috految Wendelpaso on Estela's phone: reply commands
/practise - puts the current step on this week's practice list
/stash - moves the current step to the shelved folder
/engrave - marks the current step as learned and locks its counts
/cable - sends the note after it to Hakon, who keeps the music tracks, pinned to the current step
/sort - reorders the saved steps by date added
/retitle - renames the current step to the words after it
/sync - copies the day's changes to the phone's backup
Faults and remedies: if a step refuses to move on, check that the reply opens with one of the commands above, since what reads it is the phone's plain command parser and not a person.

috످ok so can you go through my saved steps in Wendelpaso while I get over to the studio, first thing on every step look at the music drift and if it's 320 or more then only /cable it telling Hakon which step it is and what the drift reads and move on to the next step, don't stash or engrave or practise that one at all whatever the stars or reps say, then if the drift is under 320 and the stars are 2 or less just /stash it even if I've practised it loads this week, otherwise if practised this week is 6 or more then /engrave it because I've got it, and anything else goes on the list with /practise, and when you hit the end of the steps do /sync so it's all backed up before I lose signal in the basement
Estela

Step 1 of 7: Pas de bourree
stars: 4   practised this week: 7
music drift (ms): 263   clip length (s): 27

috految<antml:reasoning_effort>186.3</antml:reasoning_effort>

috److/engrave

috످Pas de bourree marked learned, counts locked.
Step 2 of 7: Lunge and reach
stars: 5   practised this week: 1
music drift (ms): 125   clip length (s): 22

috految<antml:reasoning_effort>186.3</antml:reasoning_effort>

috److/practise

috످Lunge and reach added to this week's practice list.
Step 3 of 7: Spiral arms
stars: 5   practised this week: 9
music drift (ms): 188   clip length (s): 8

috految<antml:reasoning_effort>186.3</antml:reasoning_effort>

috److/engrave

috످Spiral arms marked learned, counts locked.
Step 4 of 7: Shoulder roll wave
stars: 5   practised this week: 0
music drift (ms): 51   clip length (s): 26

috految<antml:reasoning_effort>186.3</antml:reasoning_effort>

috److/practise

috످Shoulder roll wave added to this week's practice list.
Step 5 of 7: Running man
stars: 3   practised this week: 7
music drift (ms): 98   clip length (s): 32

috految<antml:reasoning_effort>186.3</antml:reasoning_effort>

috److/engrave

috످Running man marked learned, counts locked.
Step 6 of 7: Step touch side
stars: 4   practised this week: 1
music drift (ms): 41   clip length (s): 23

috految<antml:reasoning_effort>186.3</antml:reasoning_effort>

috److/practise

috످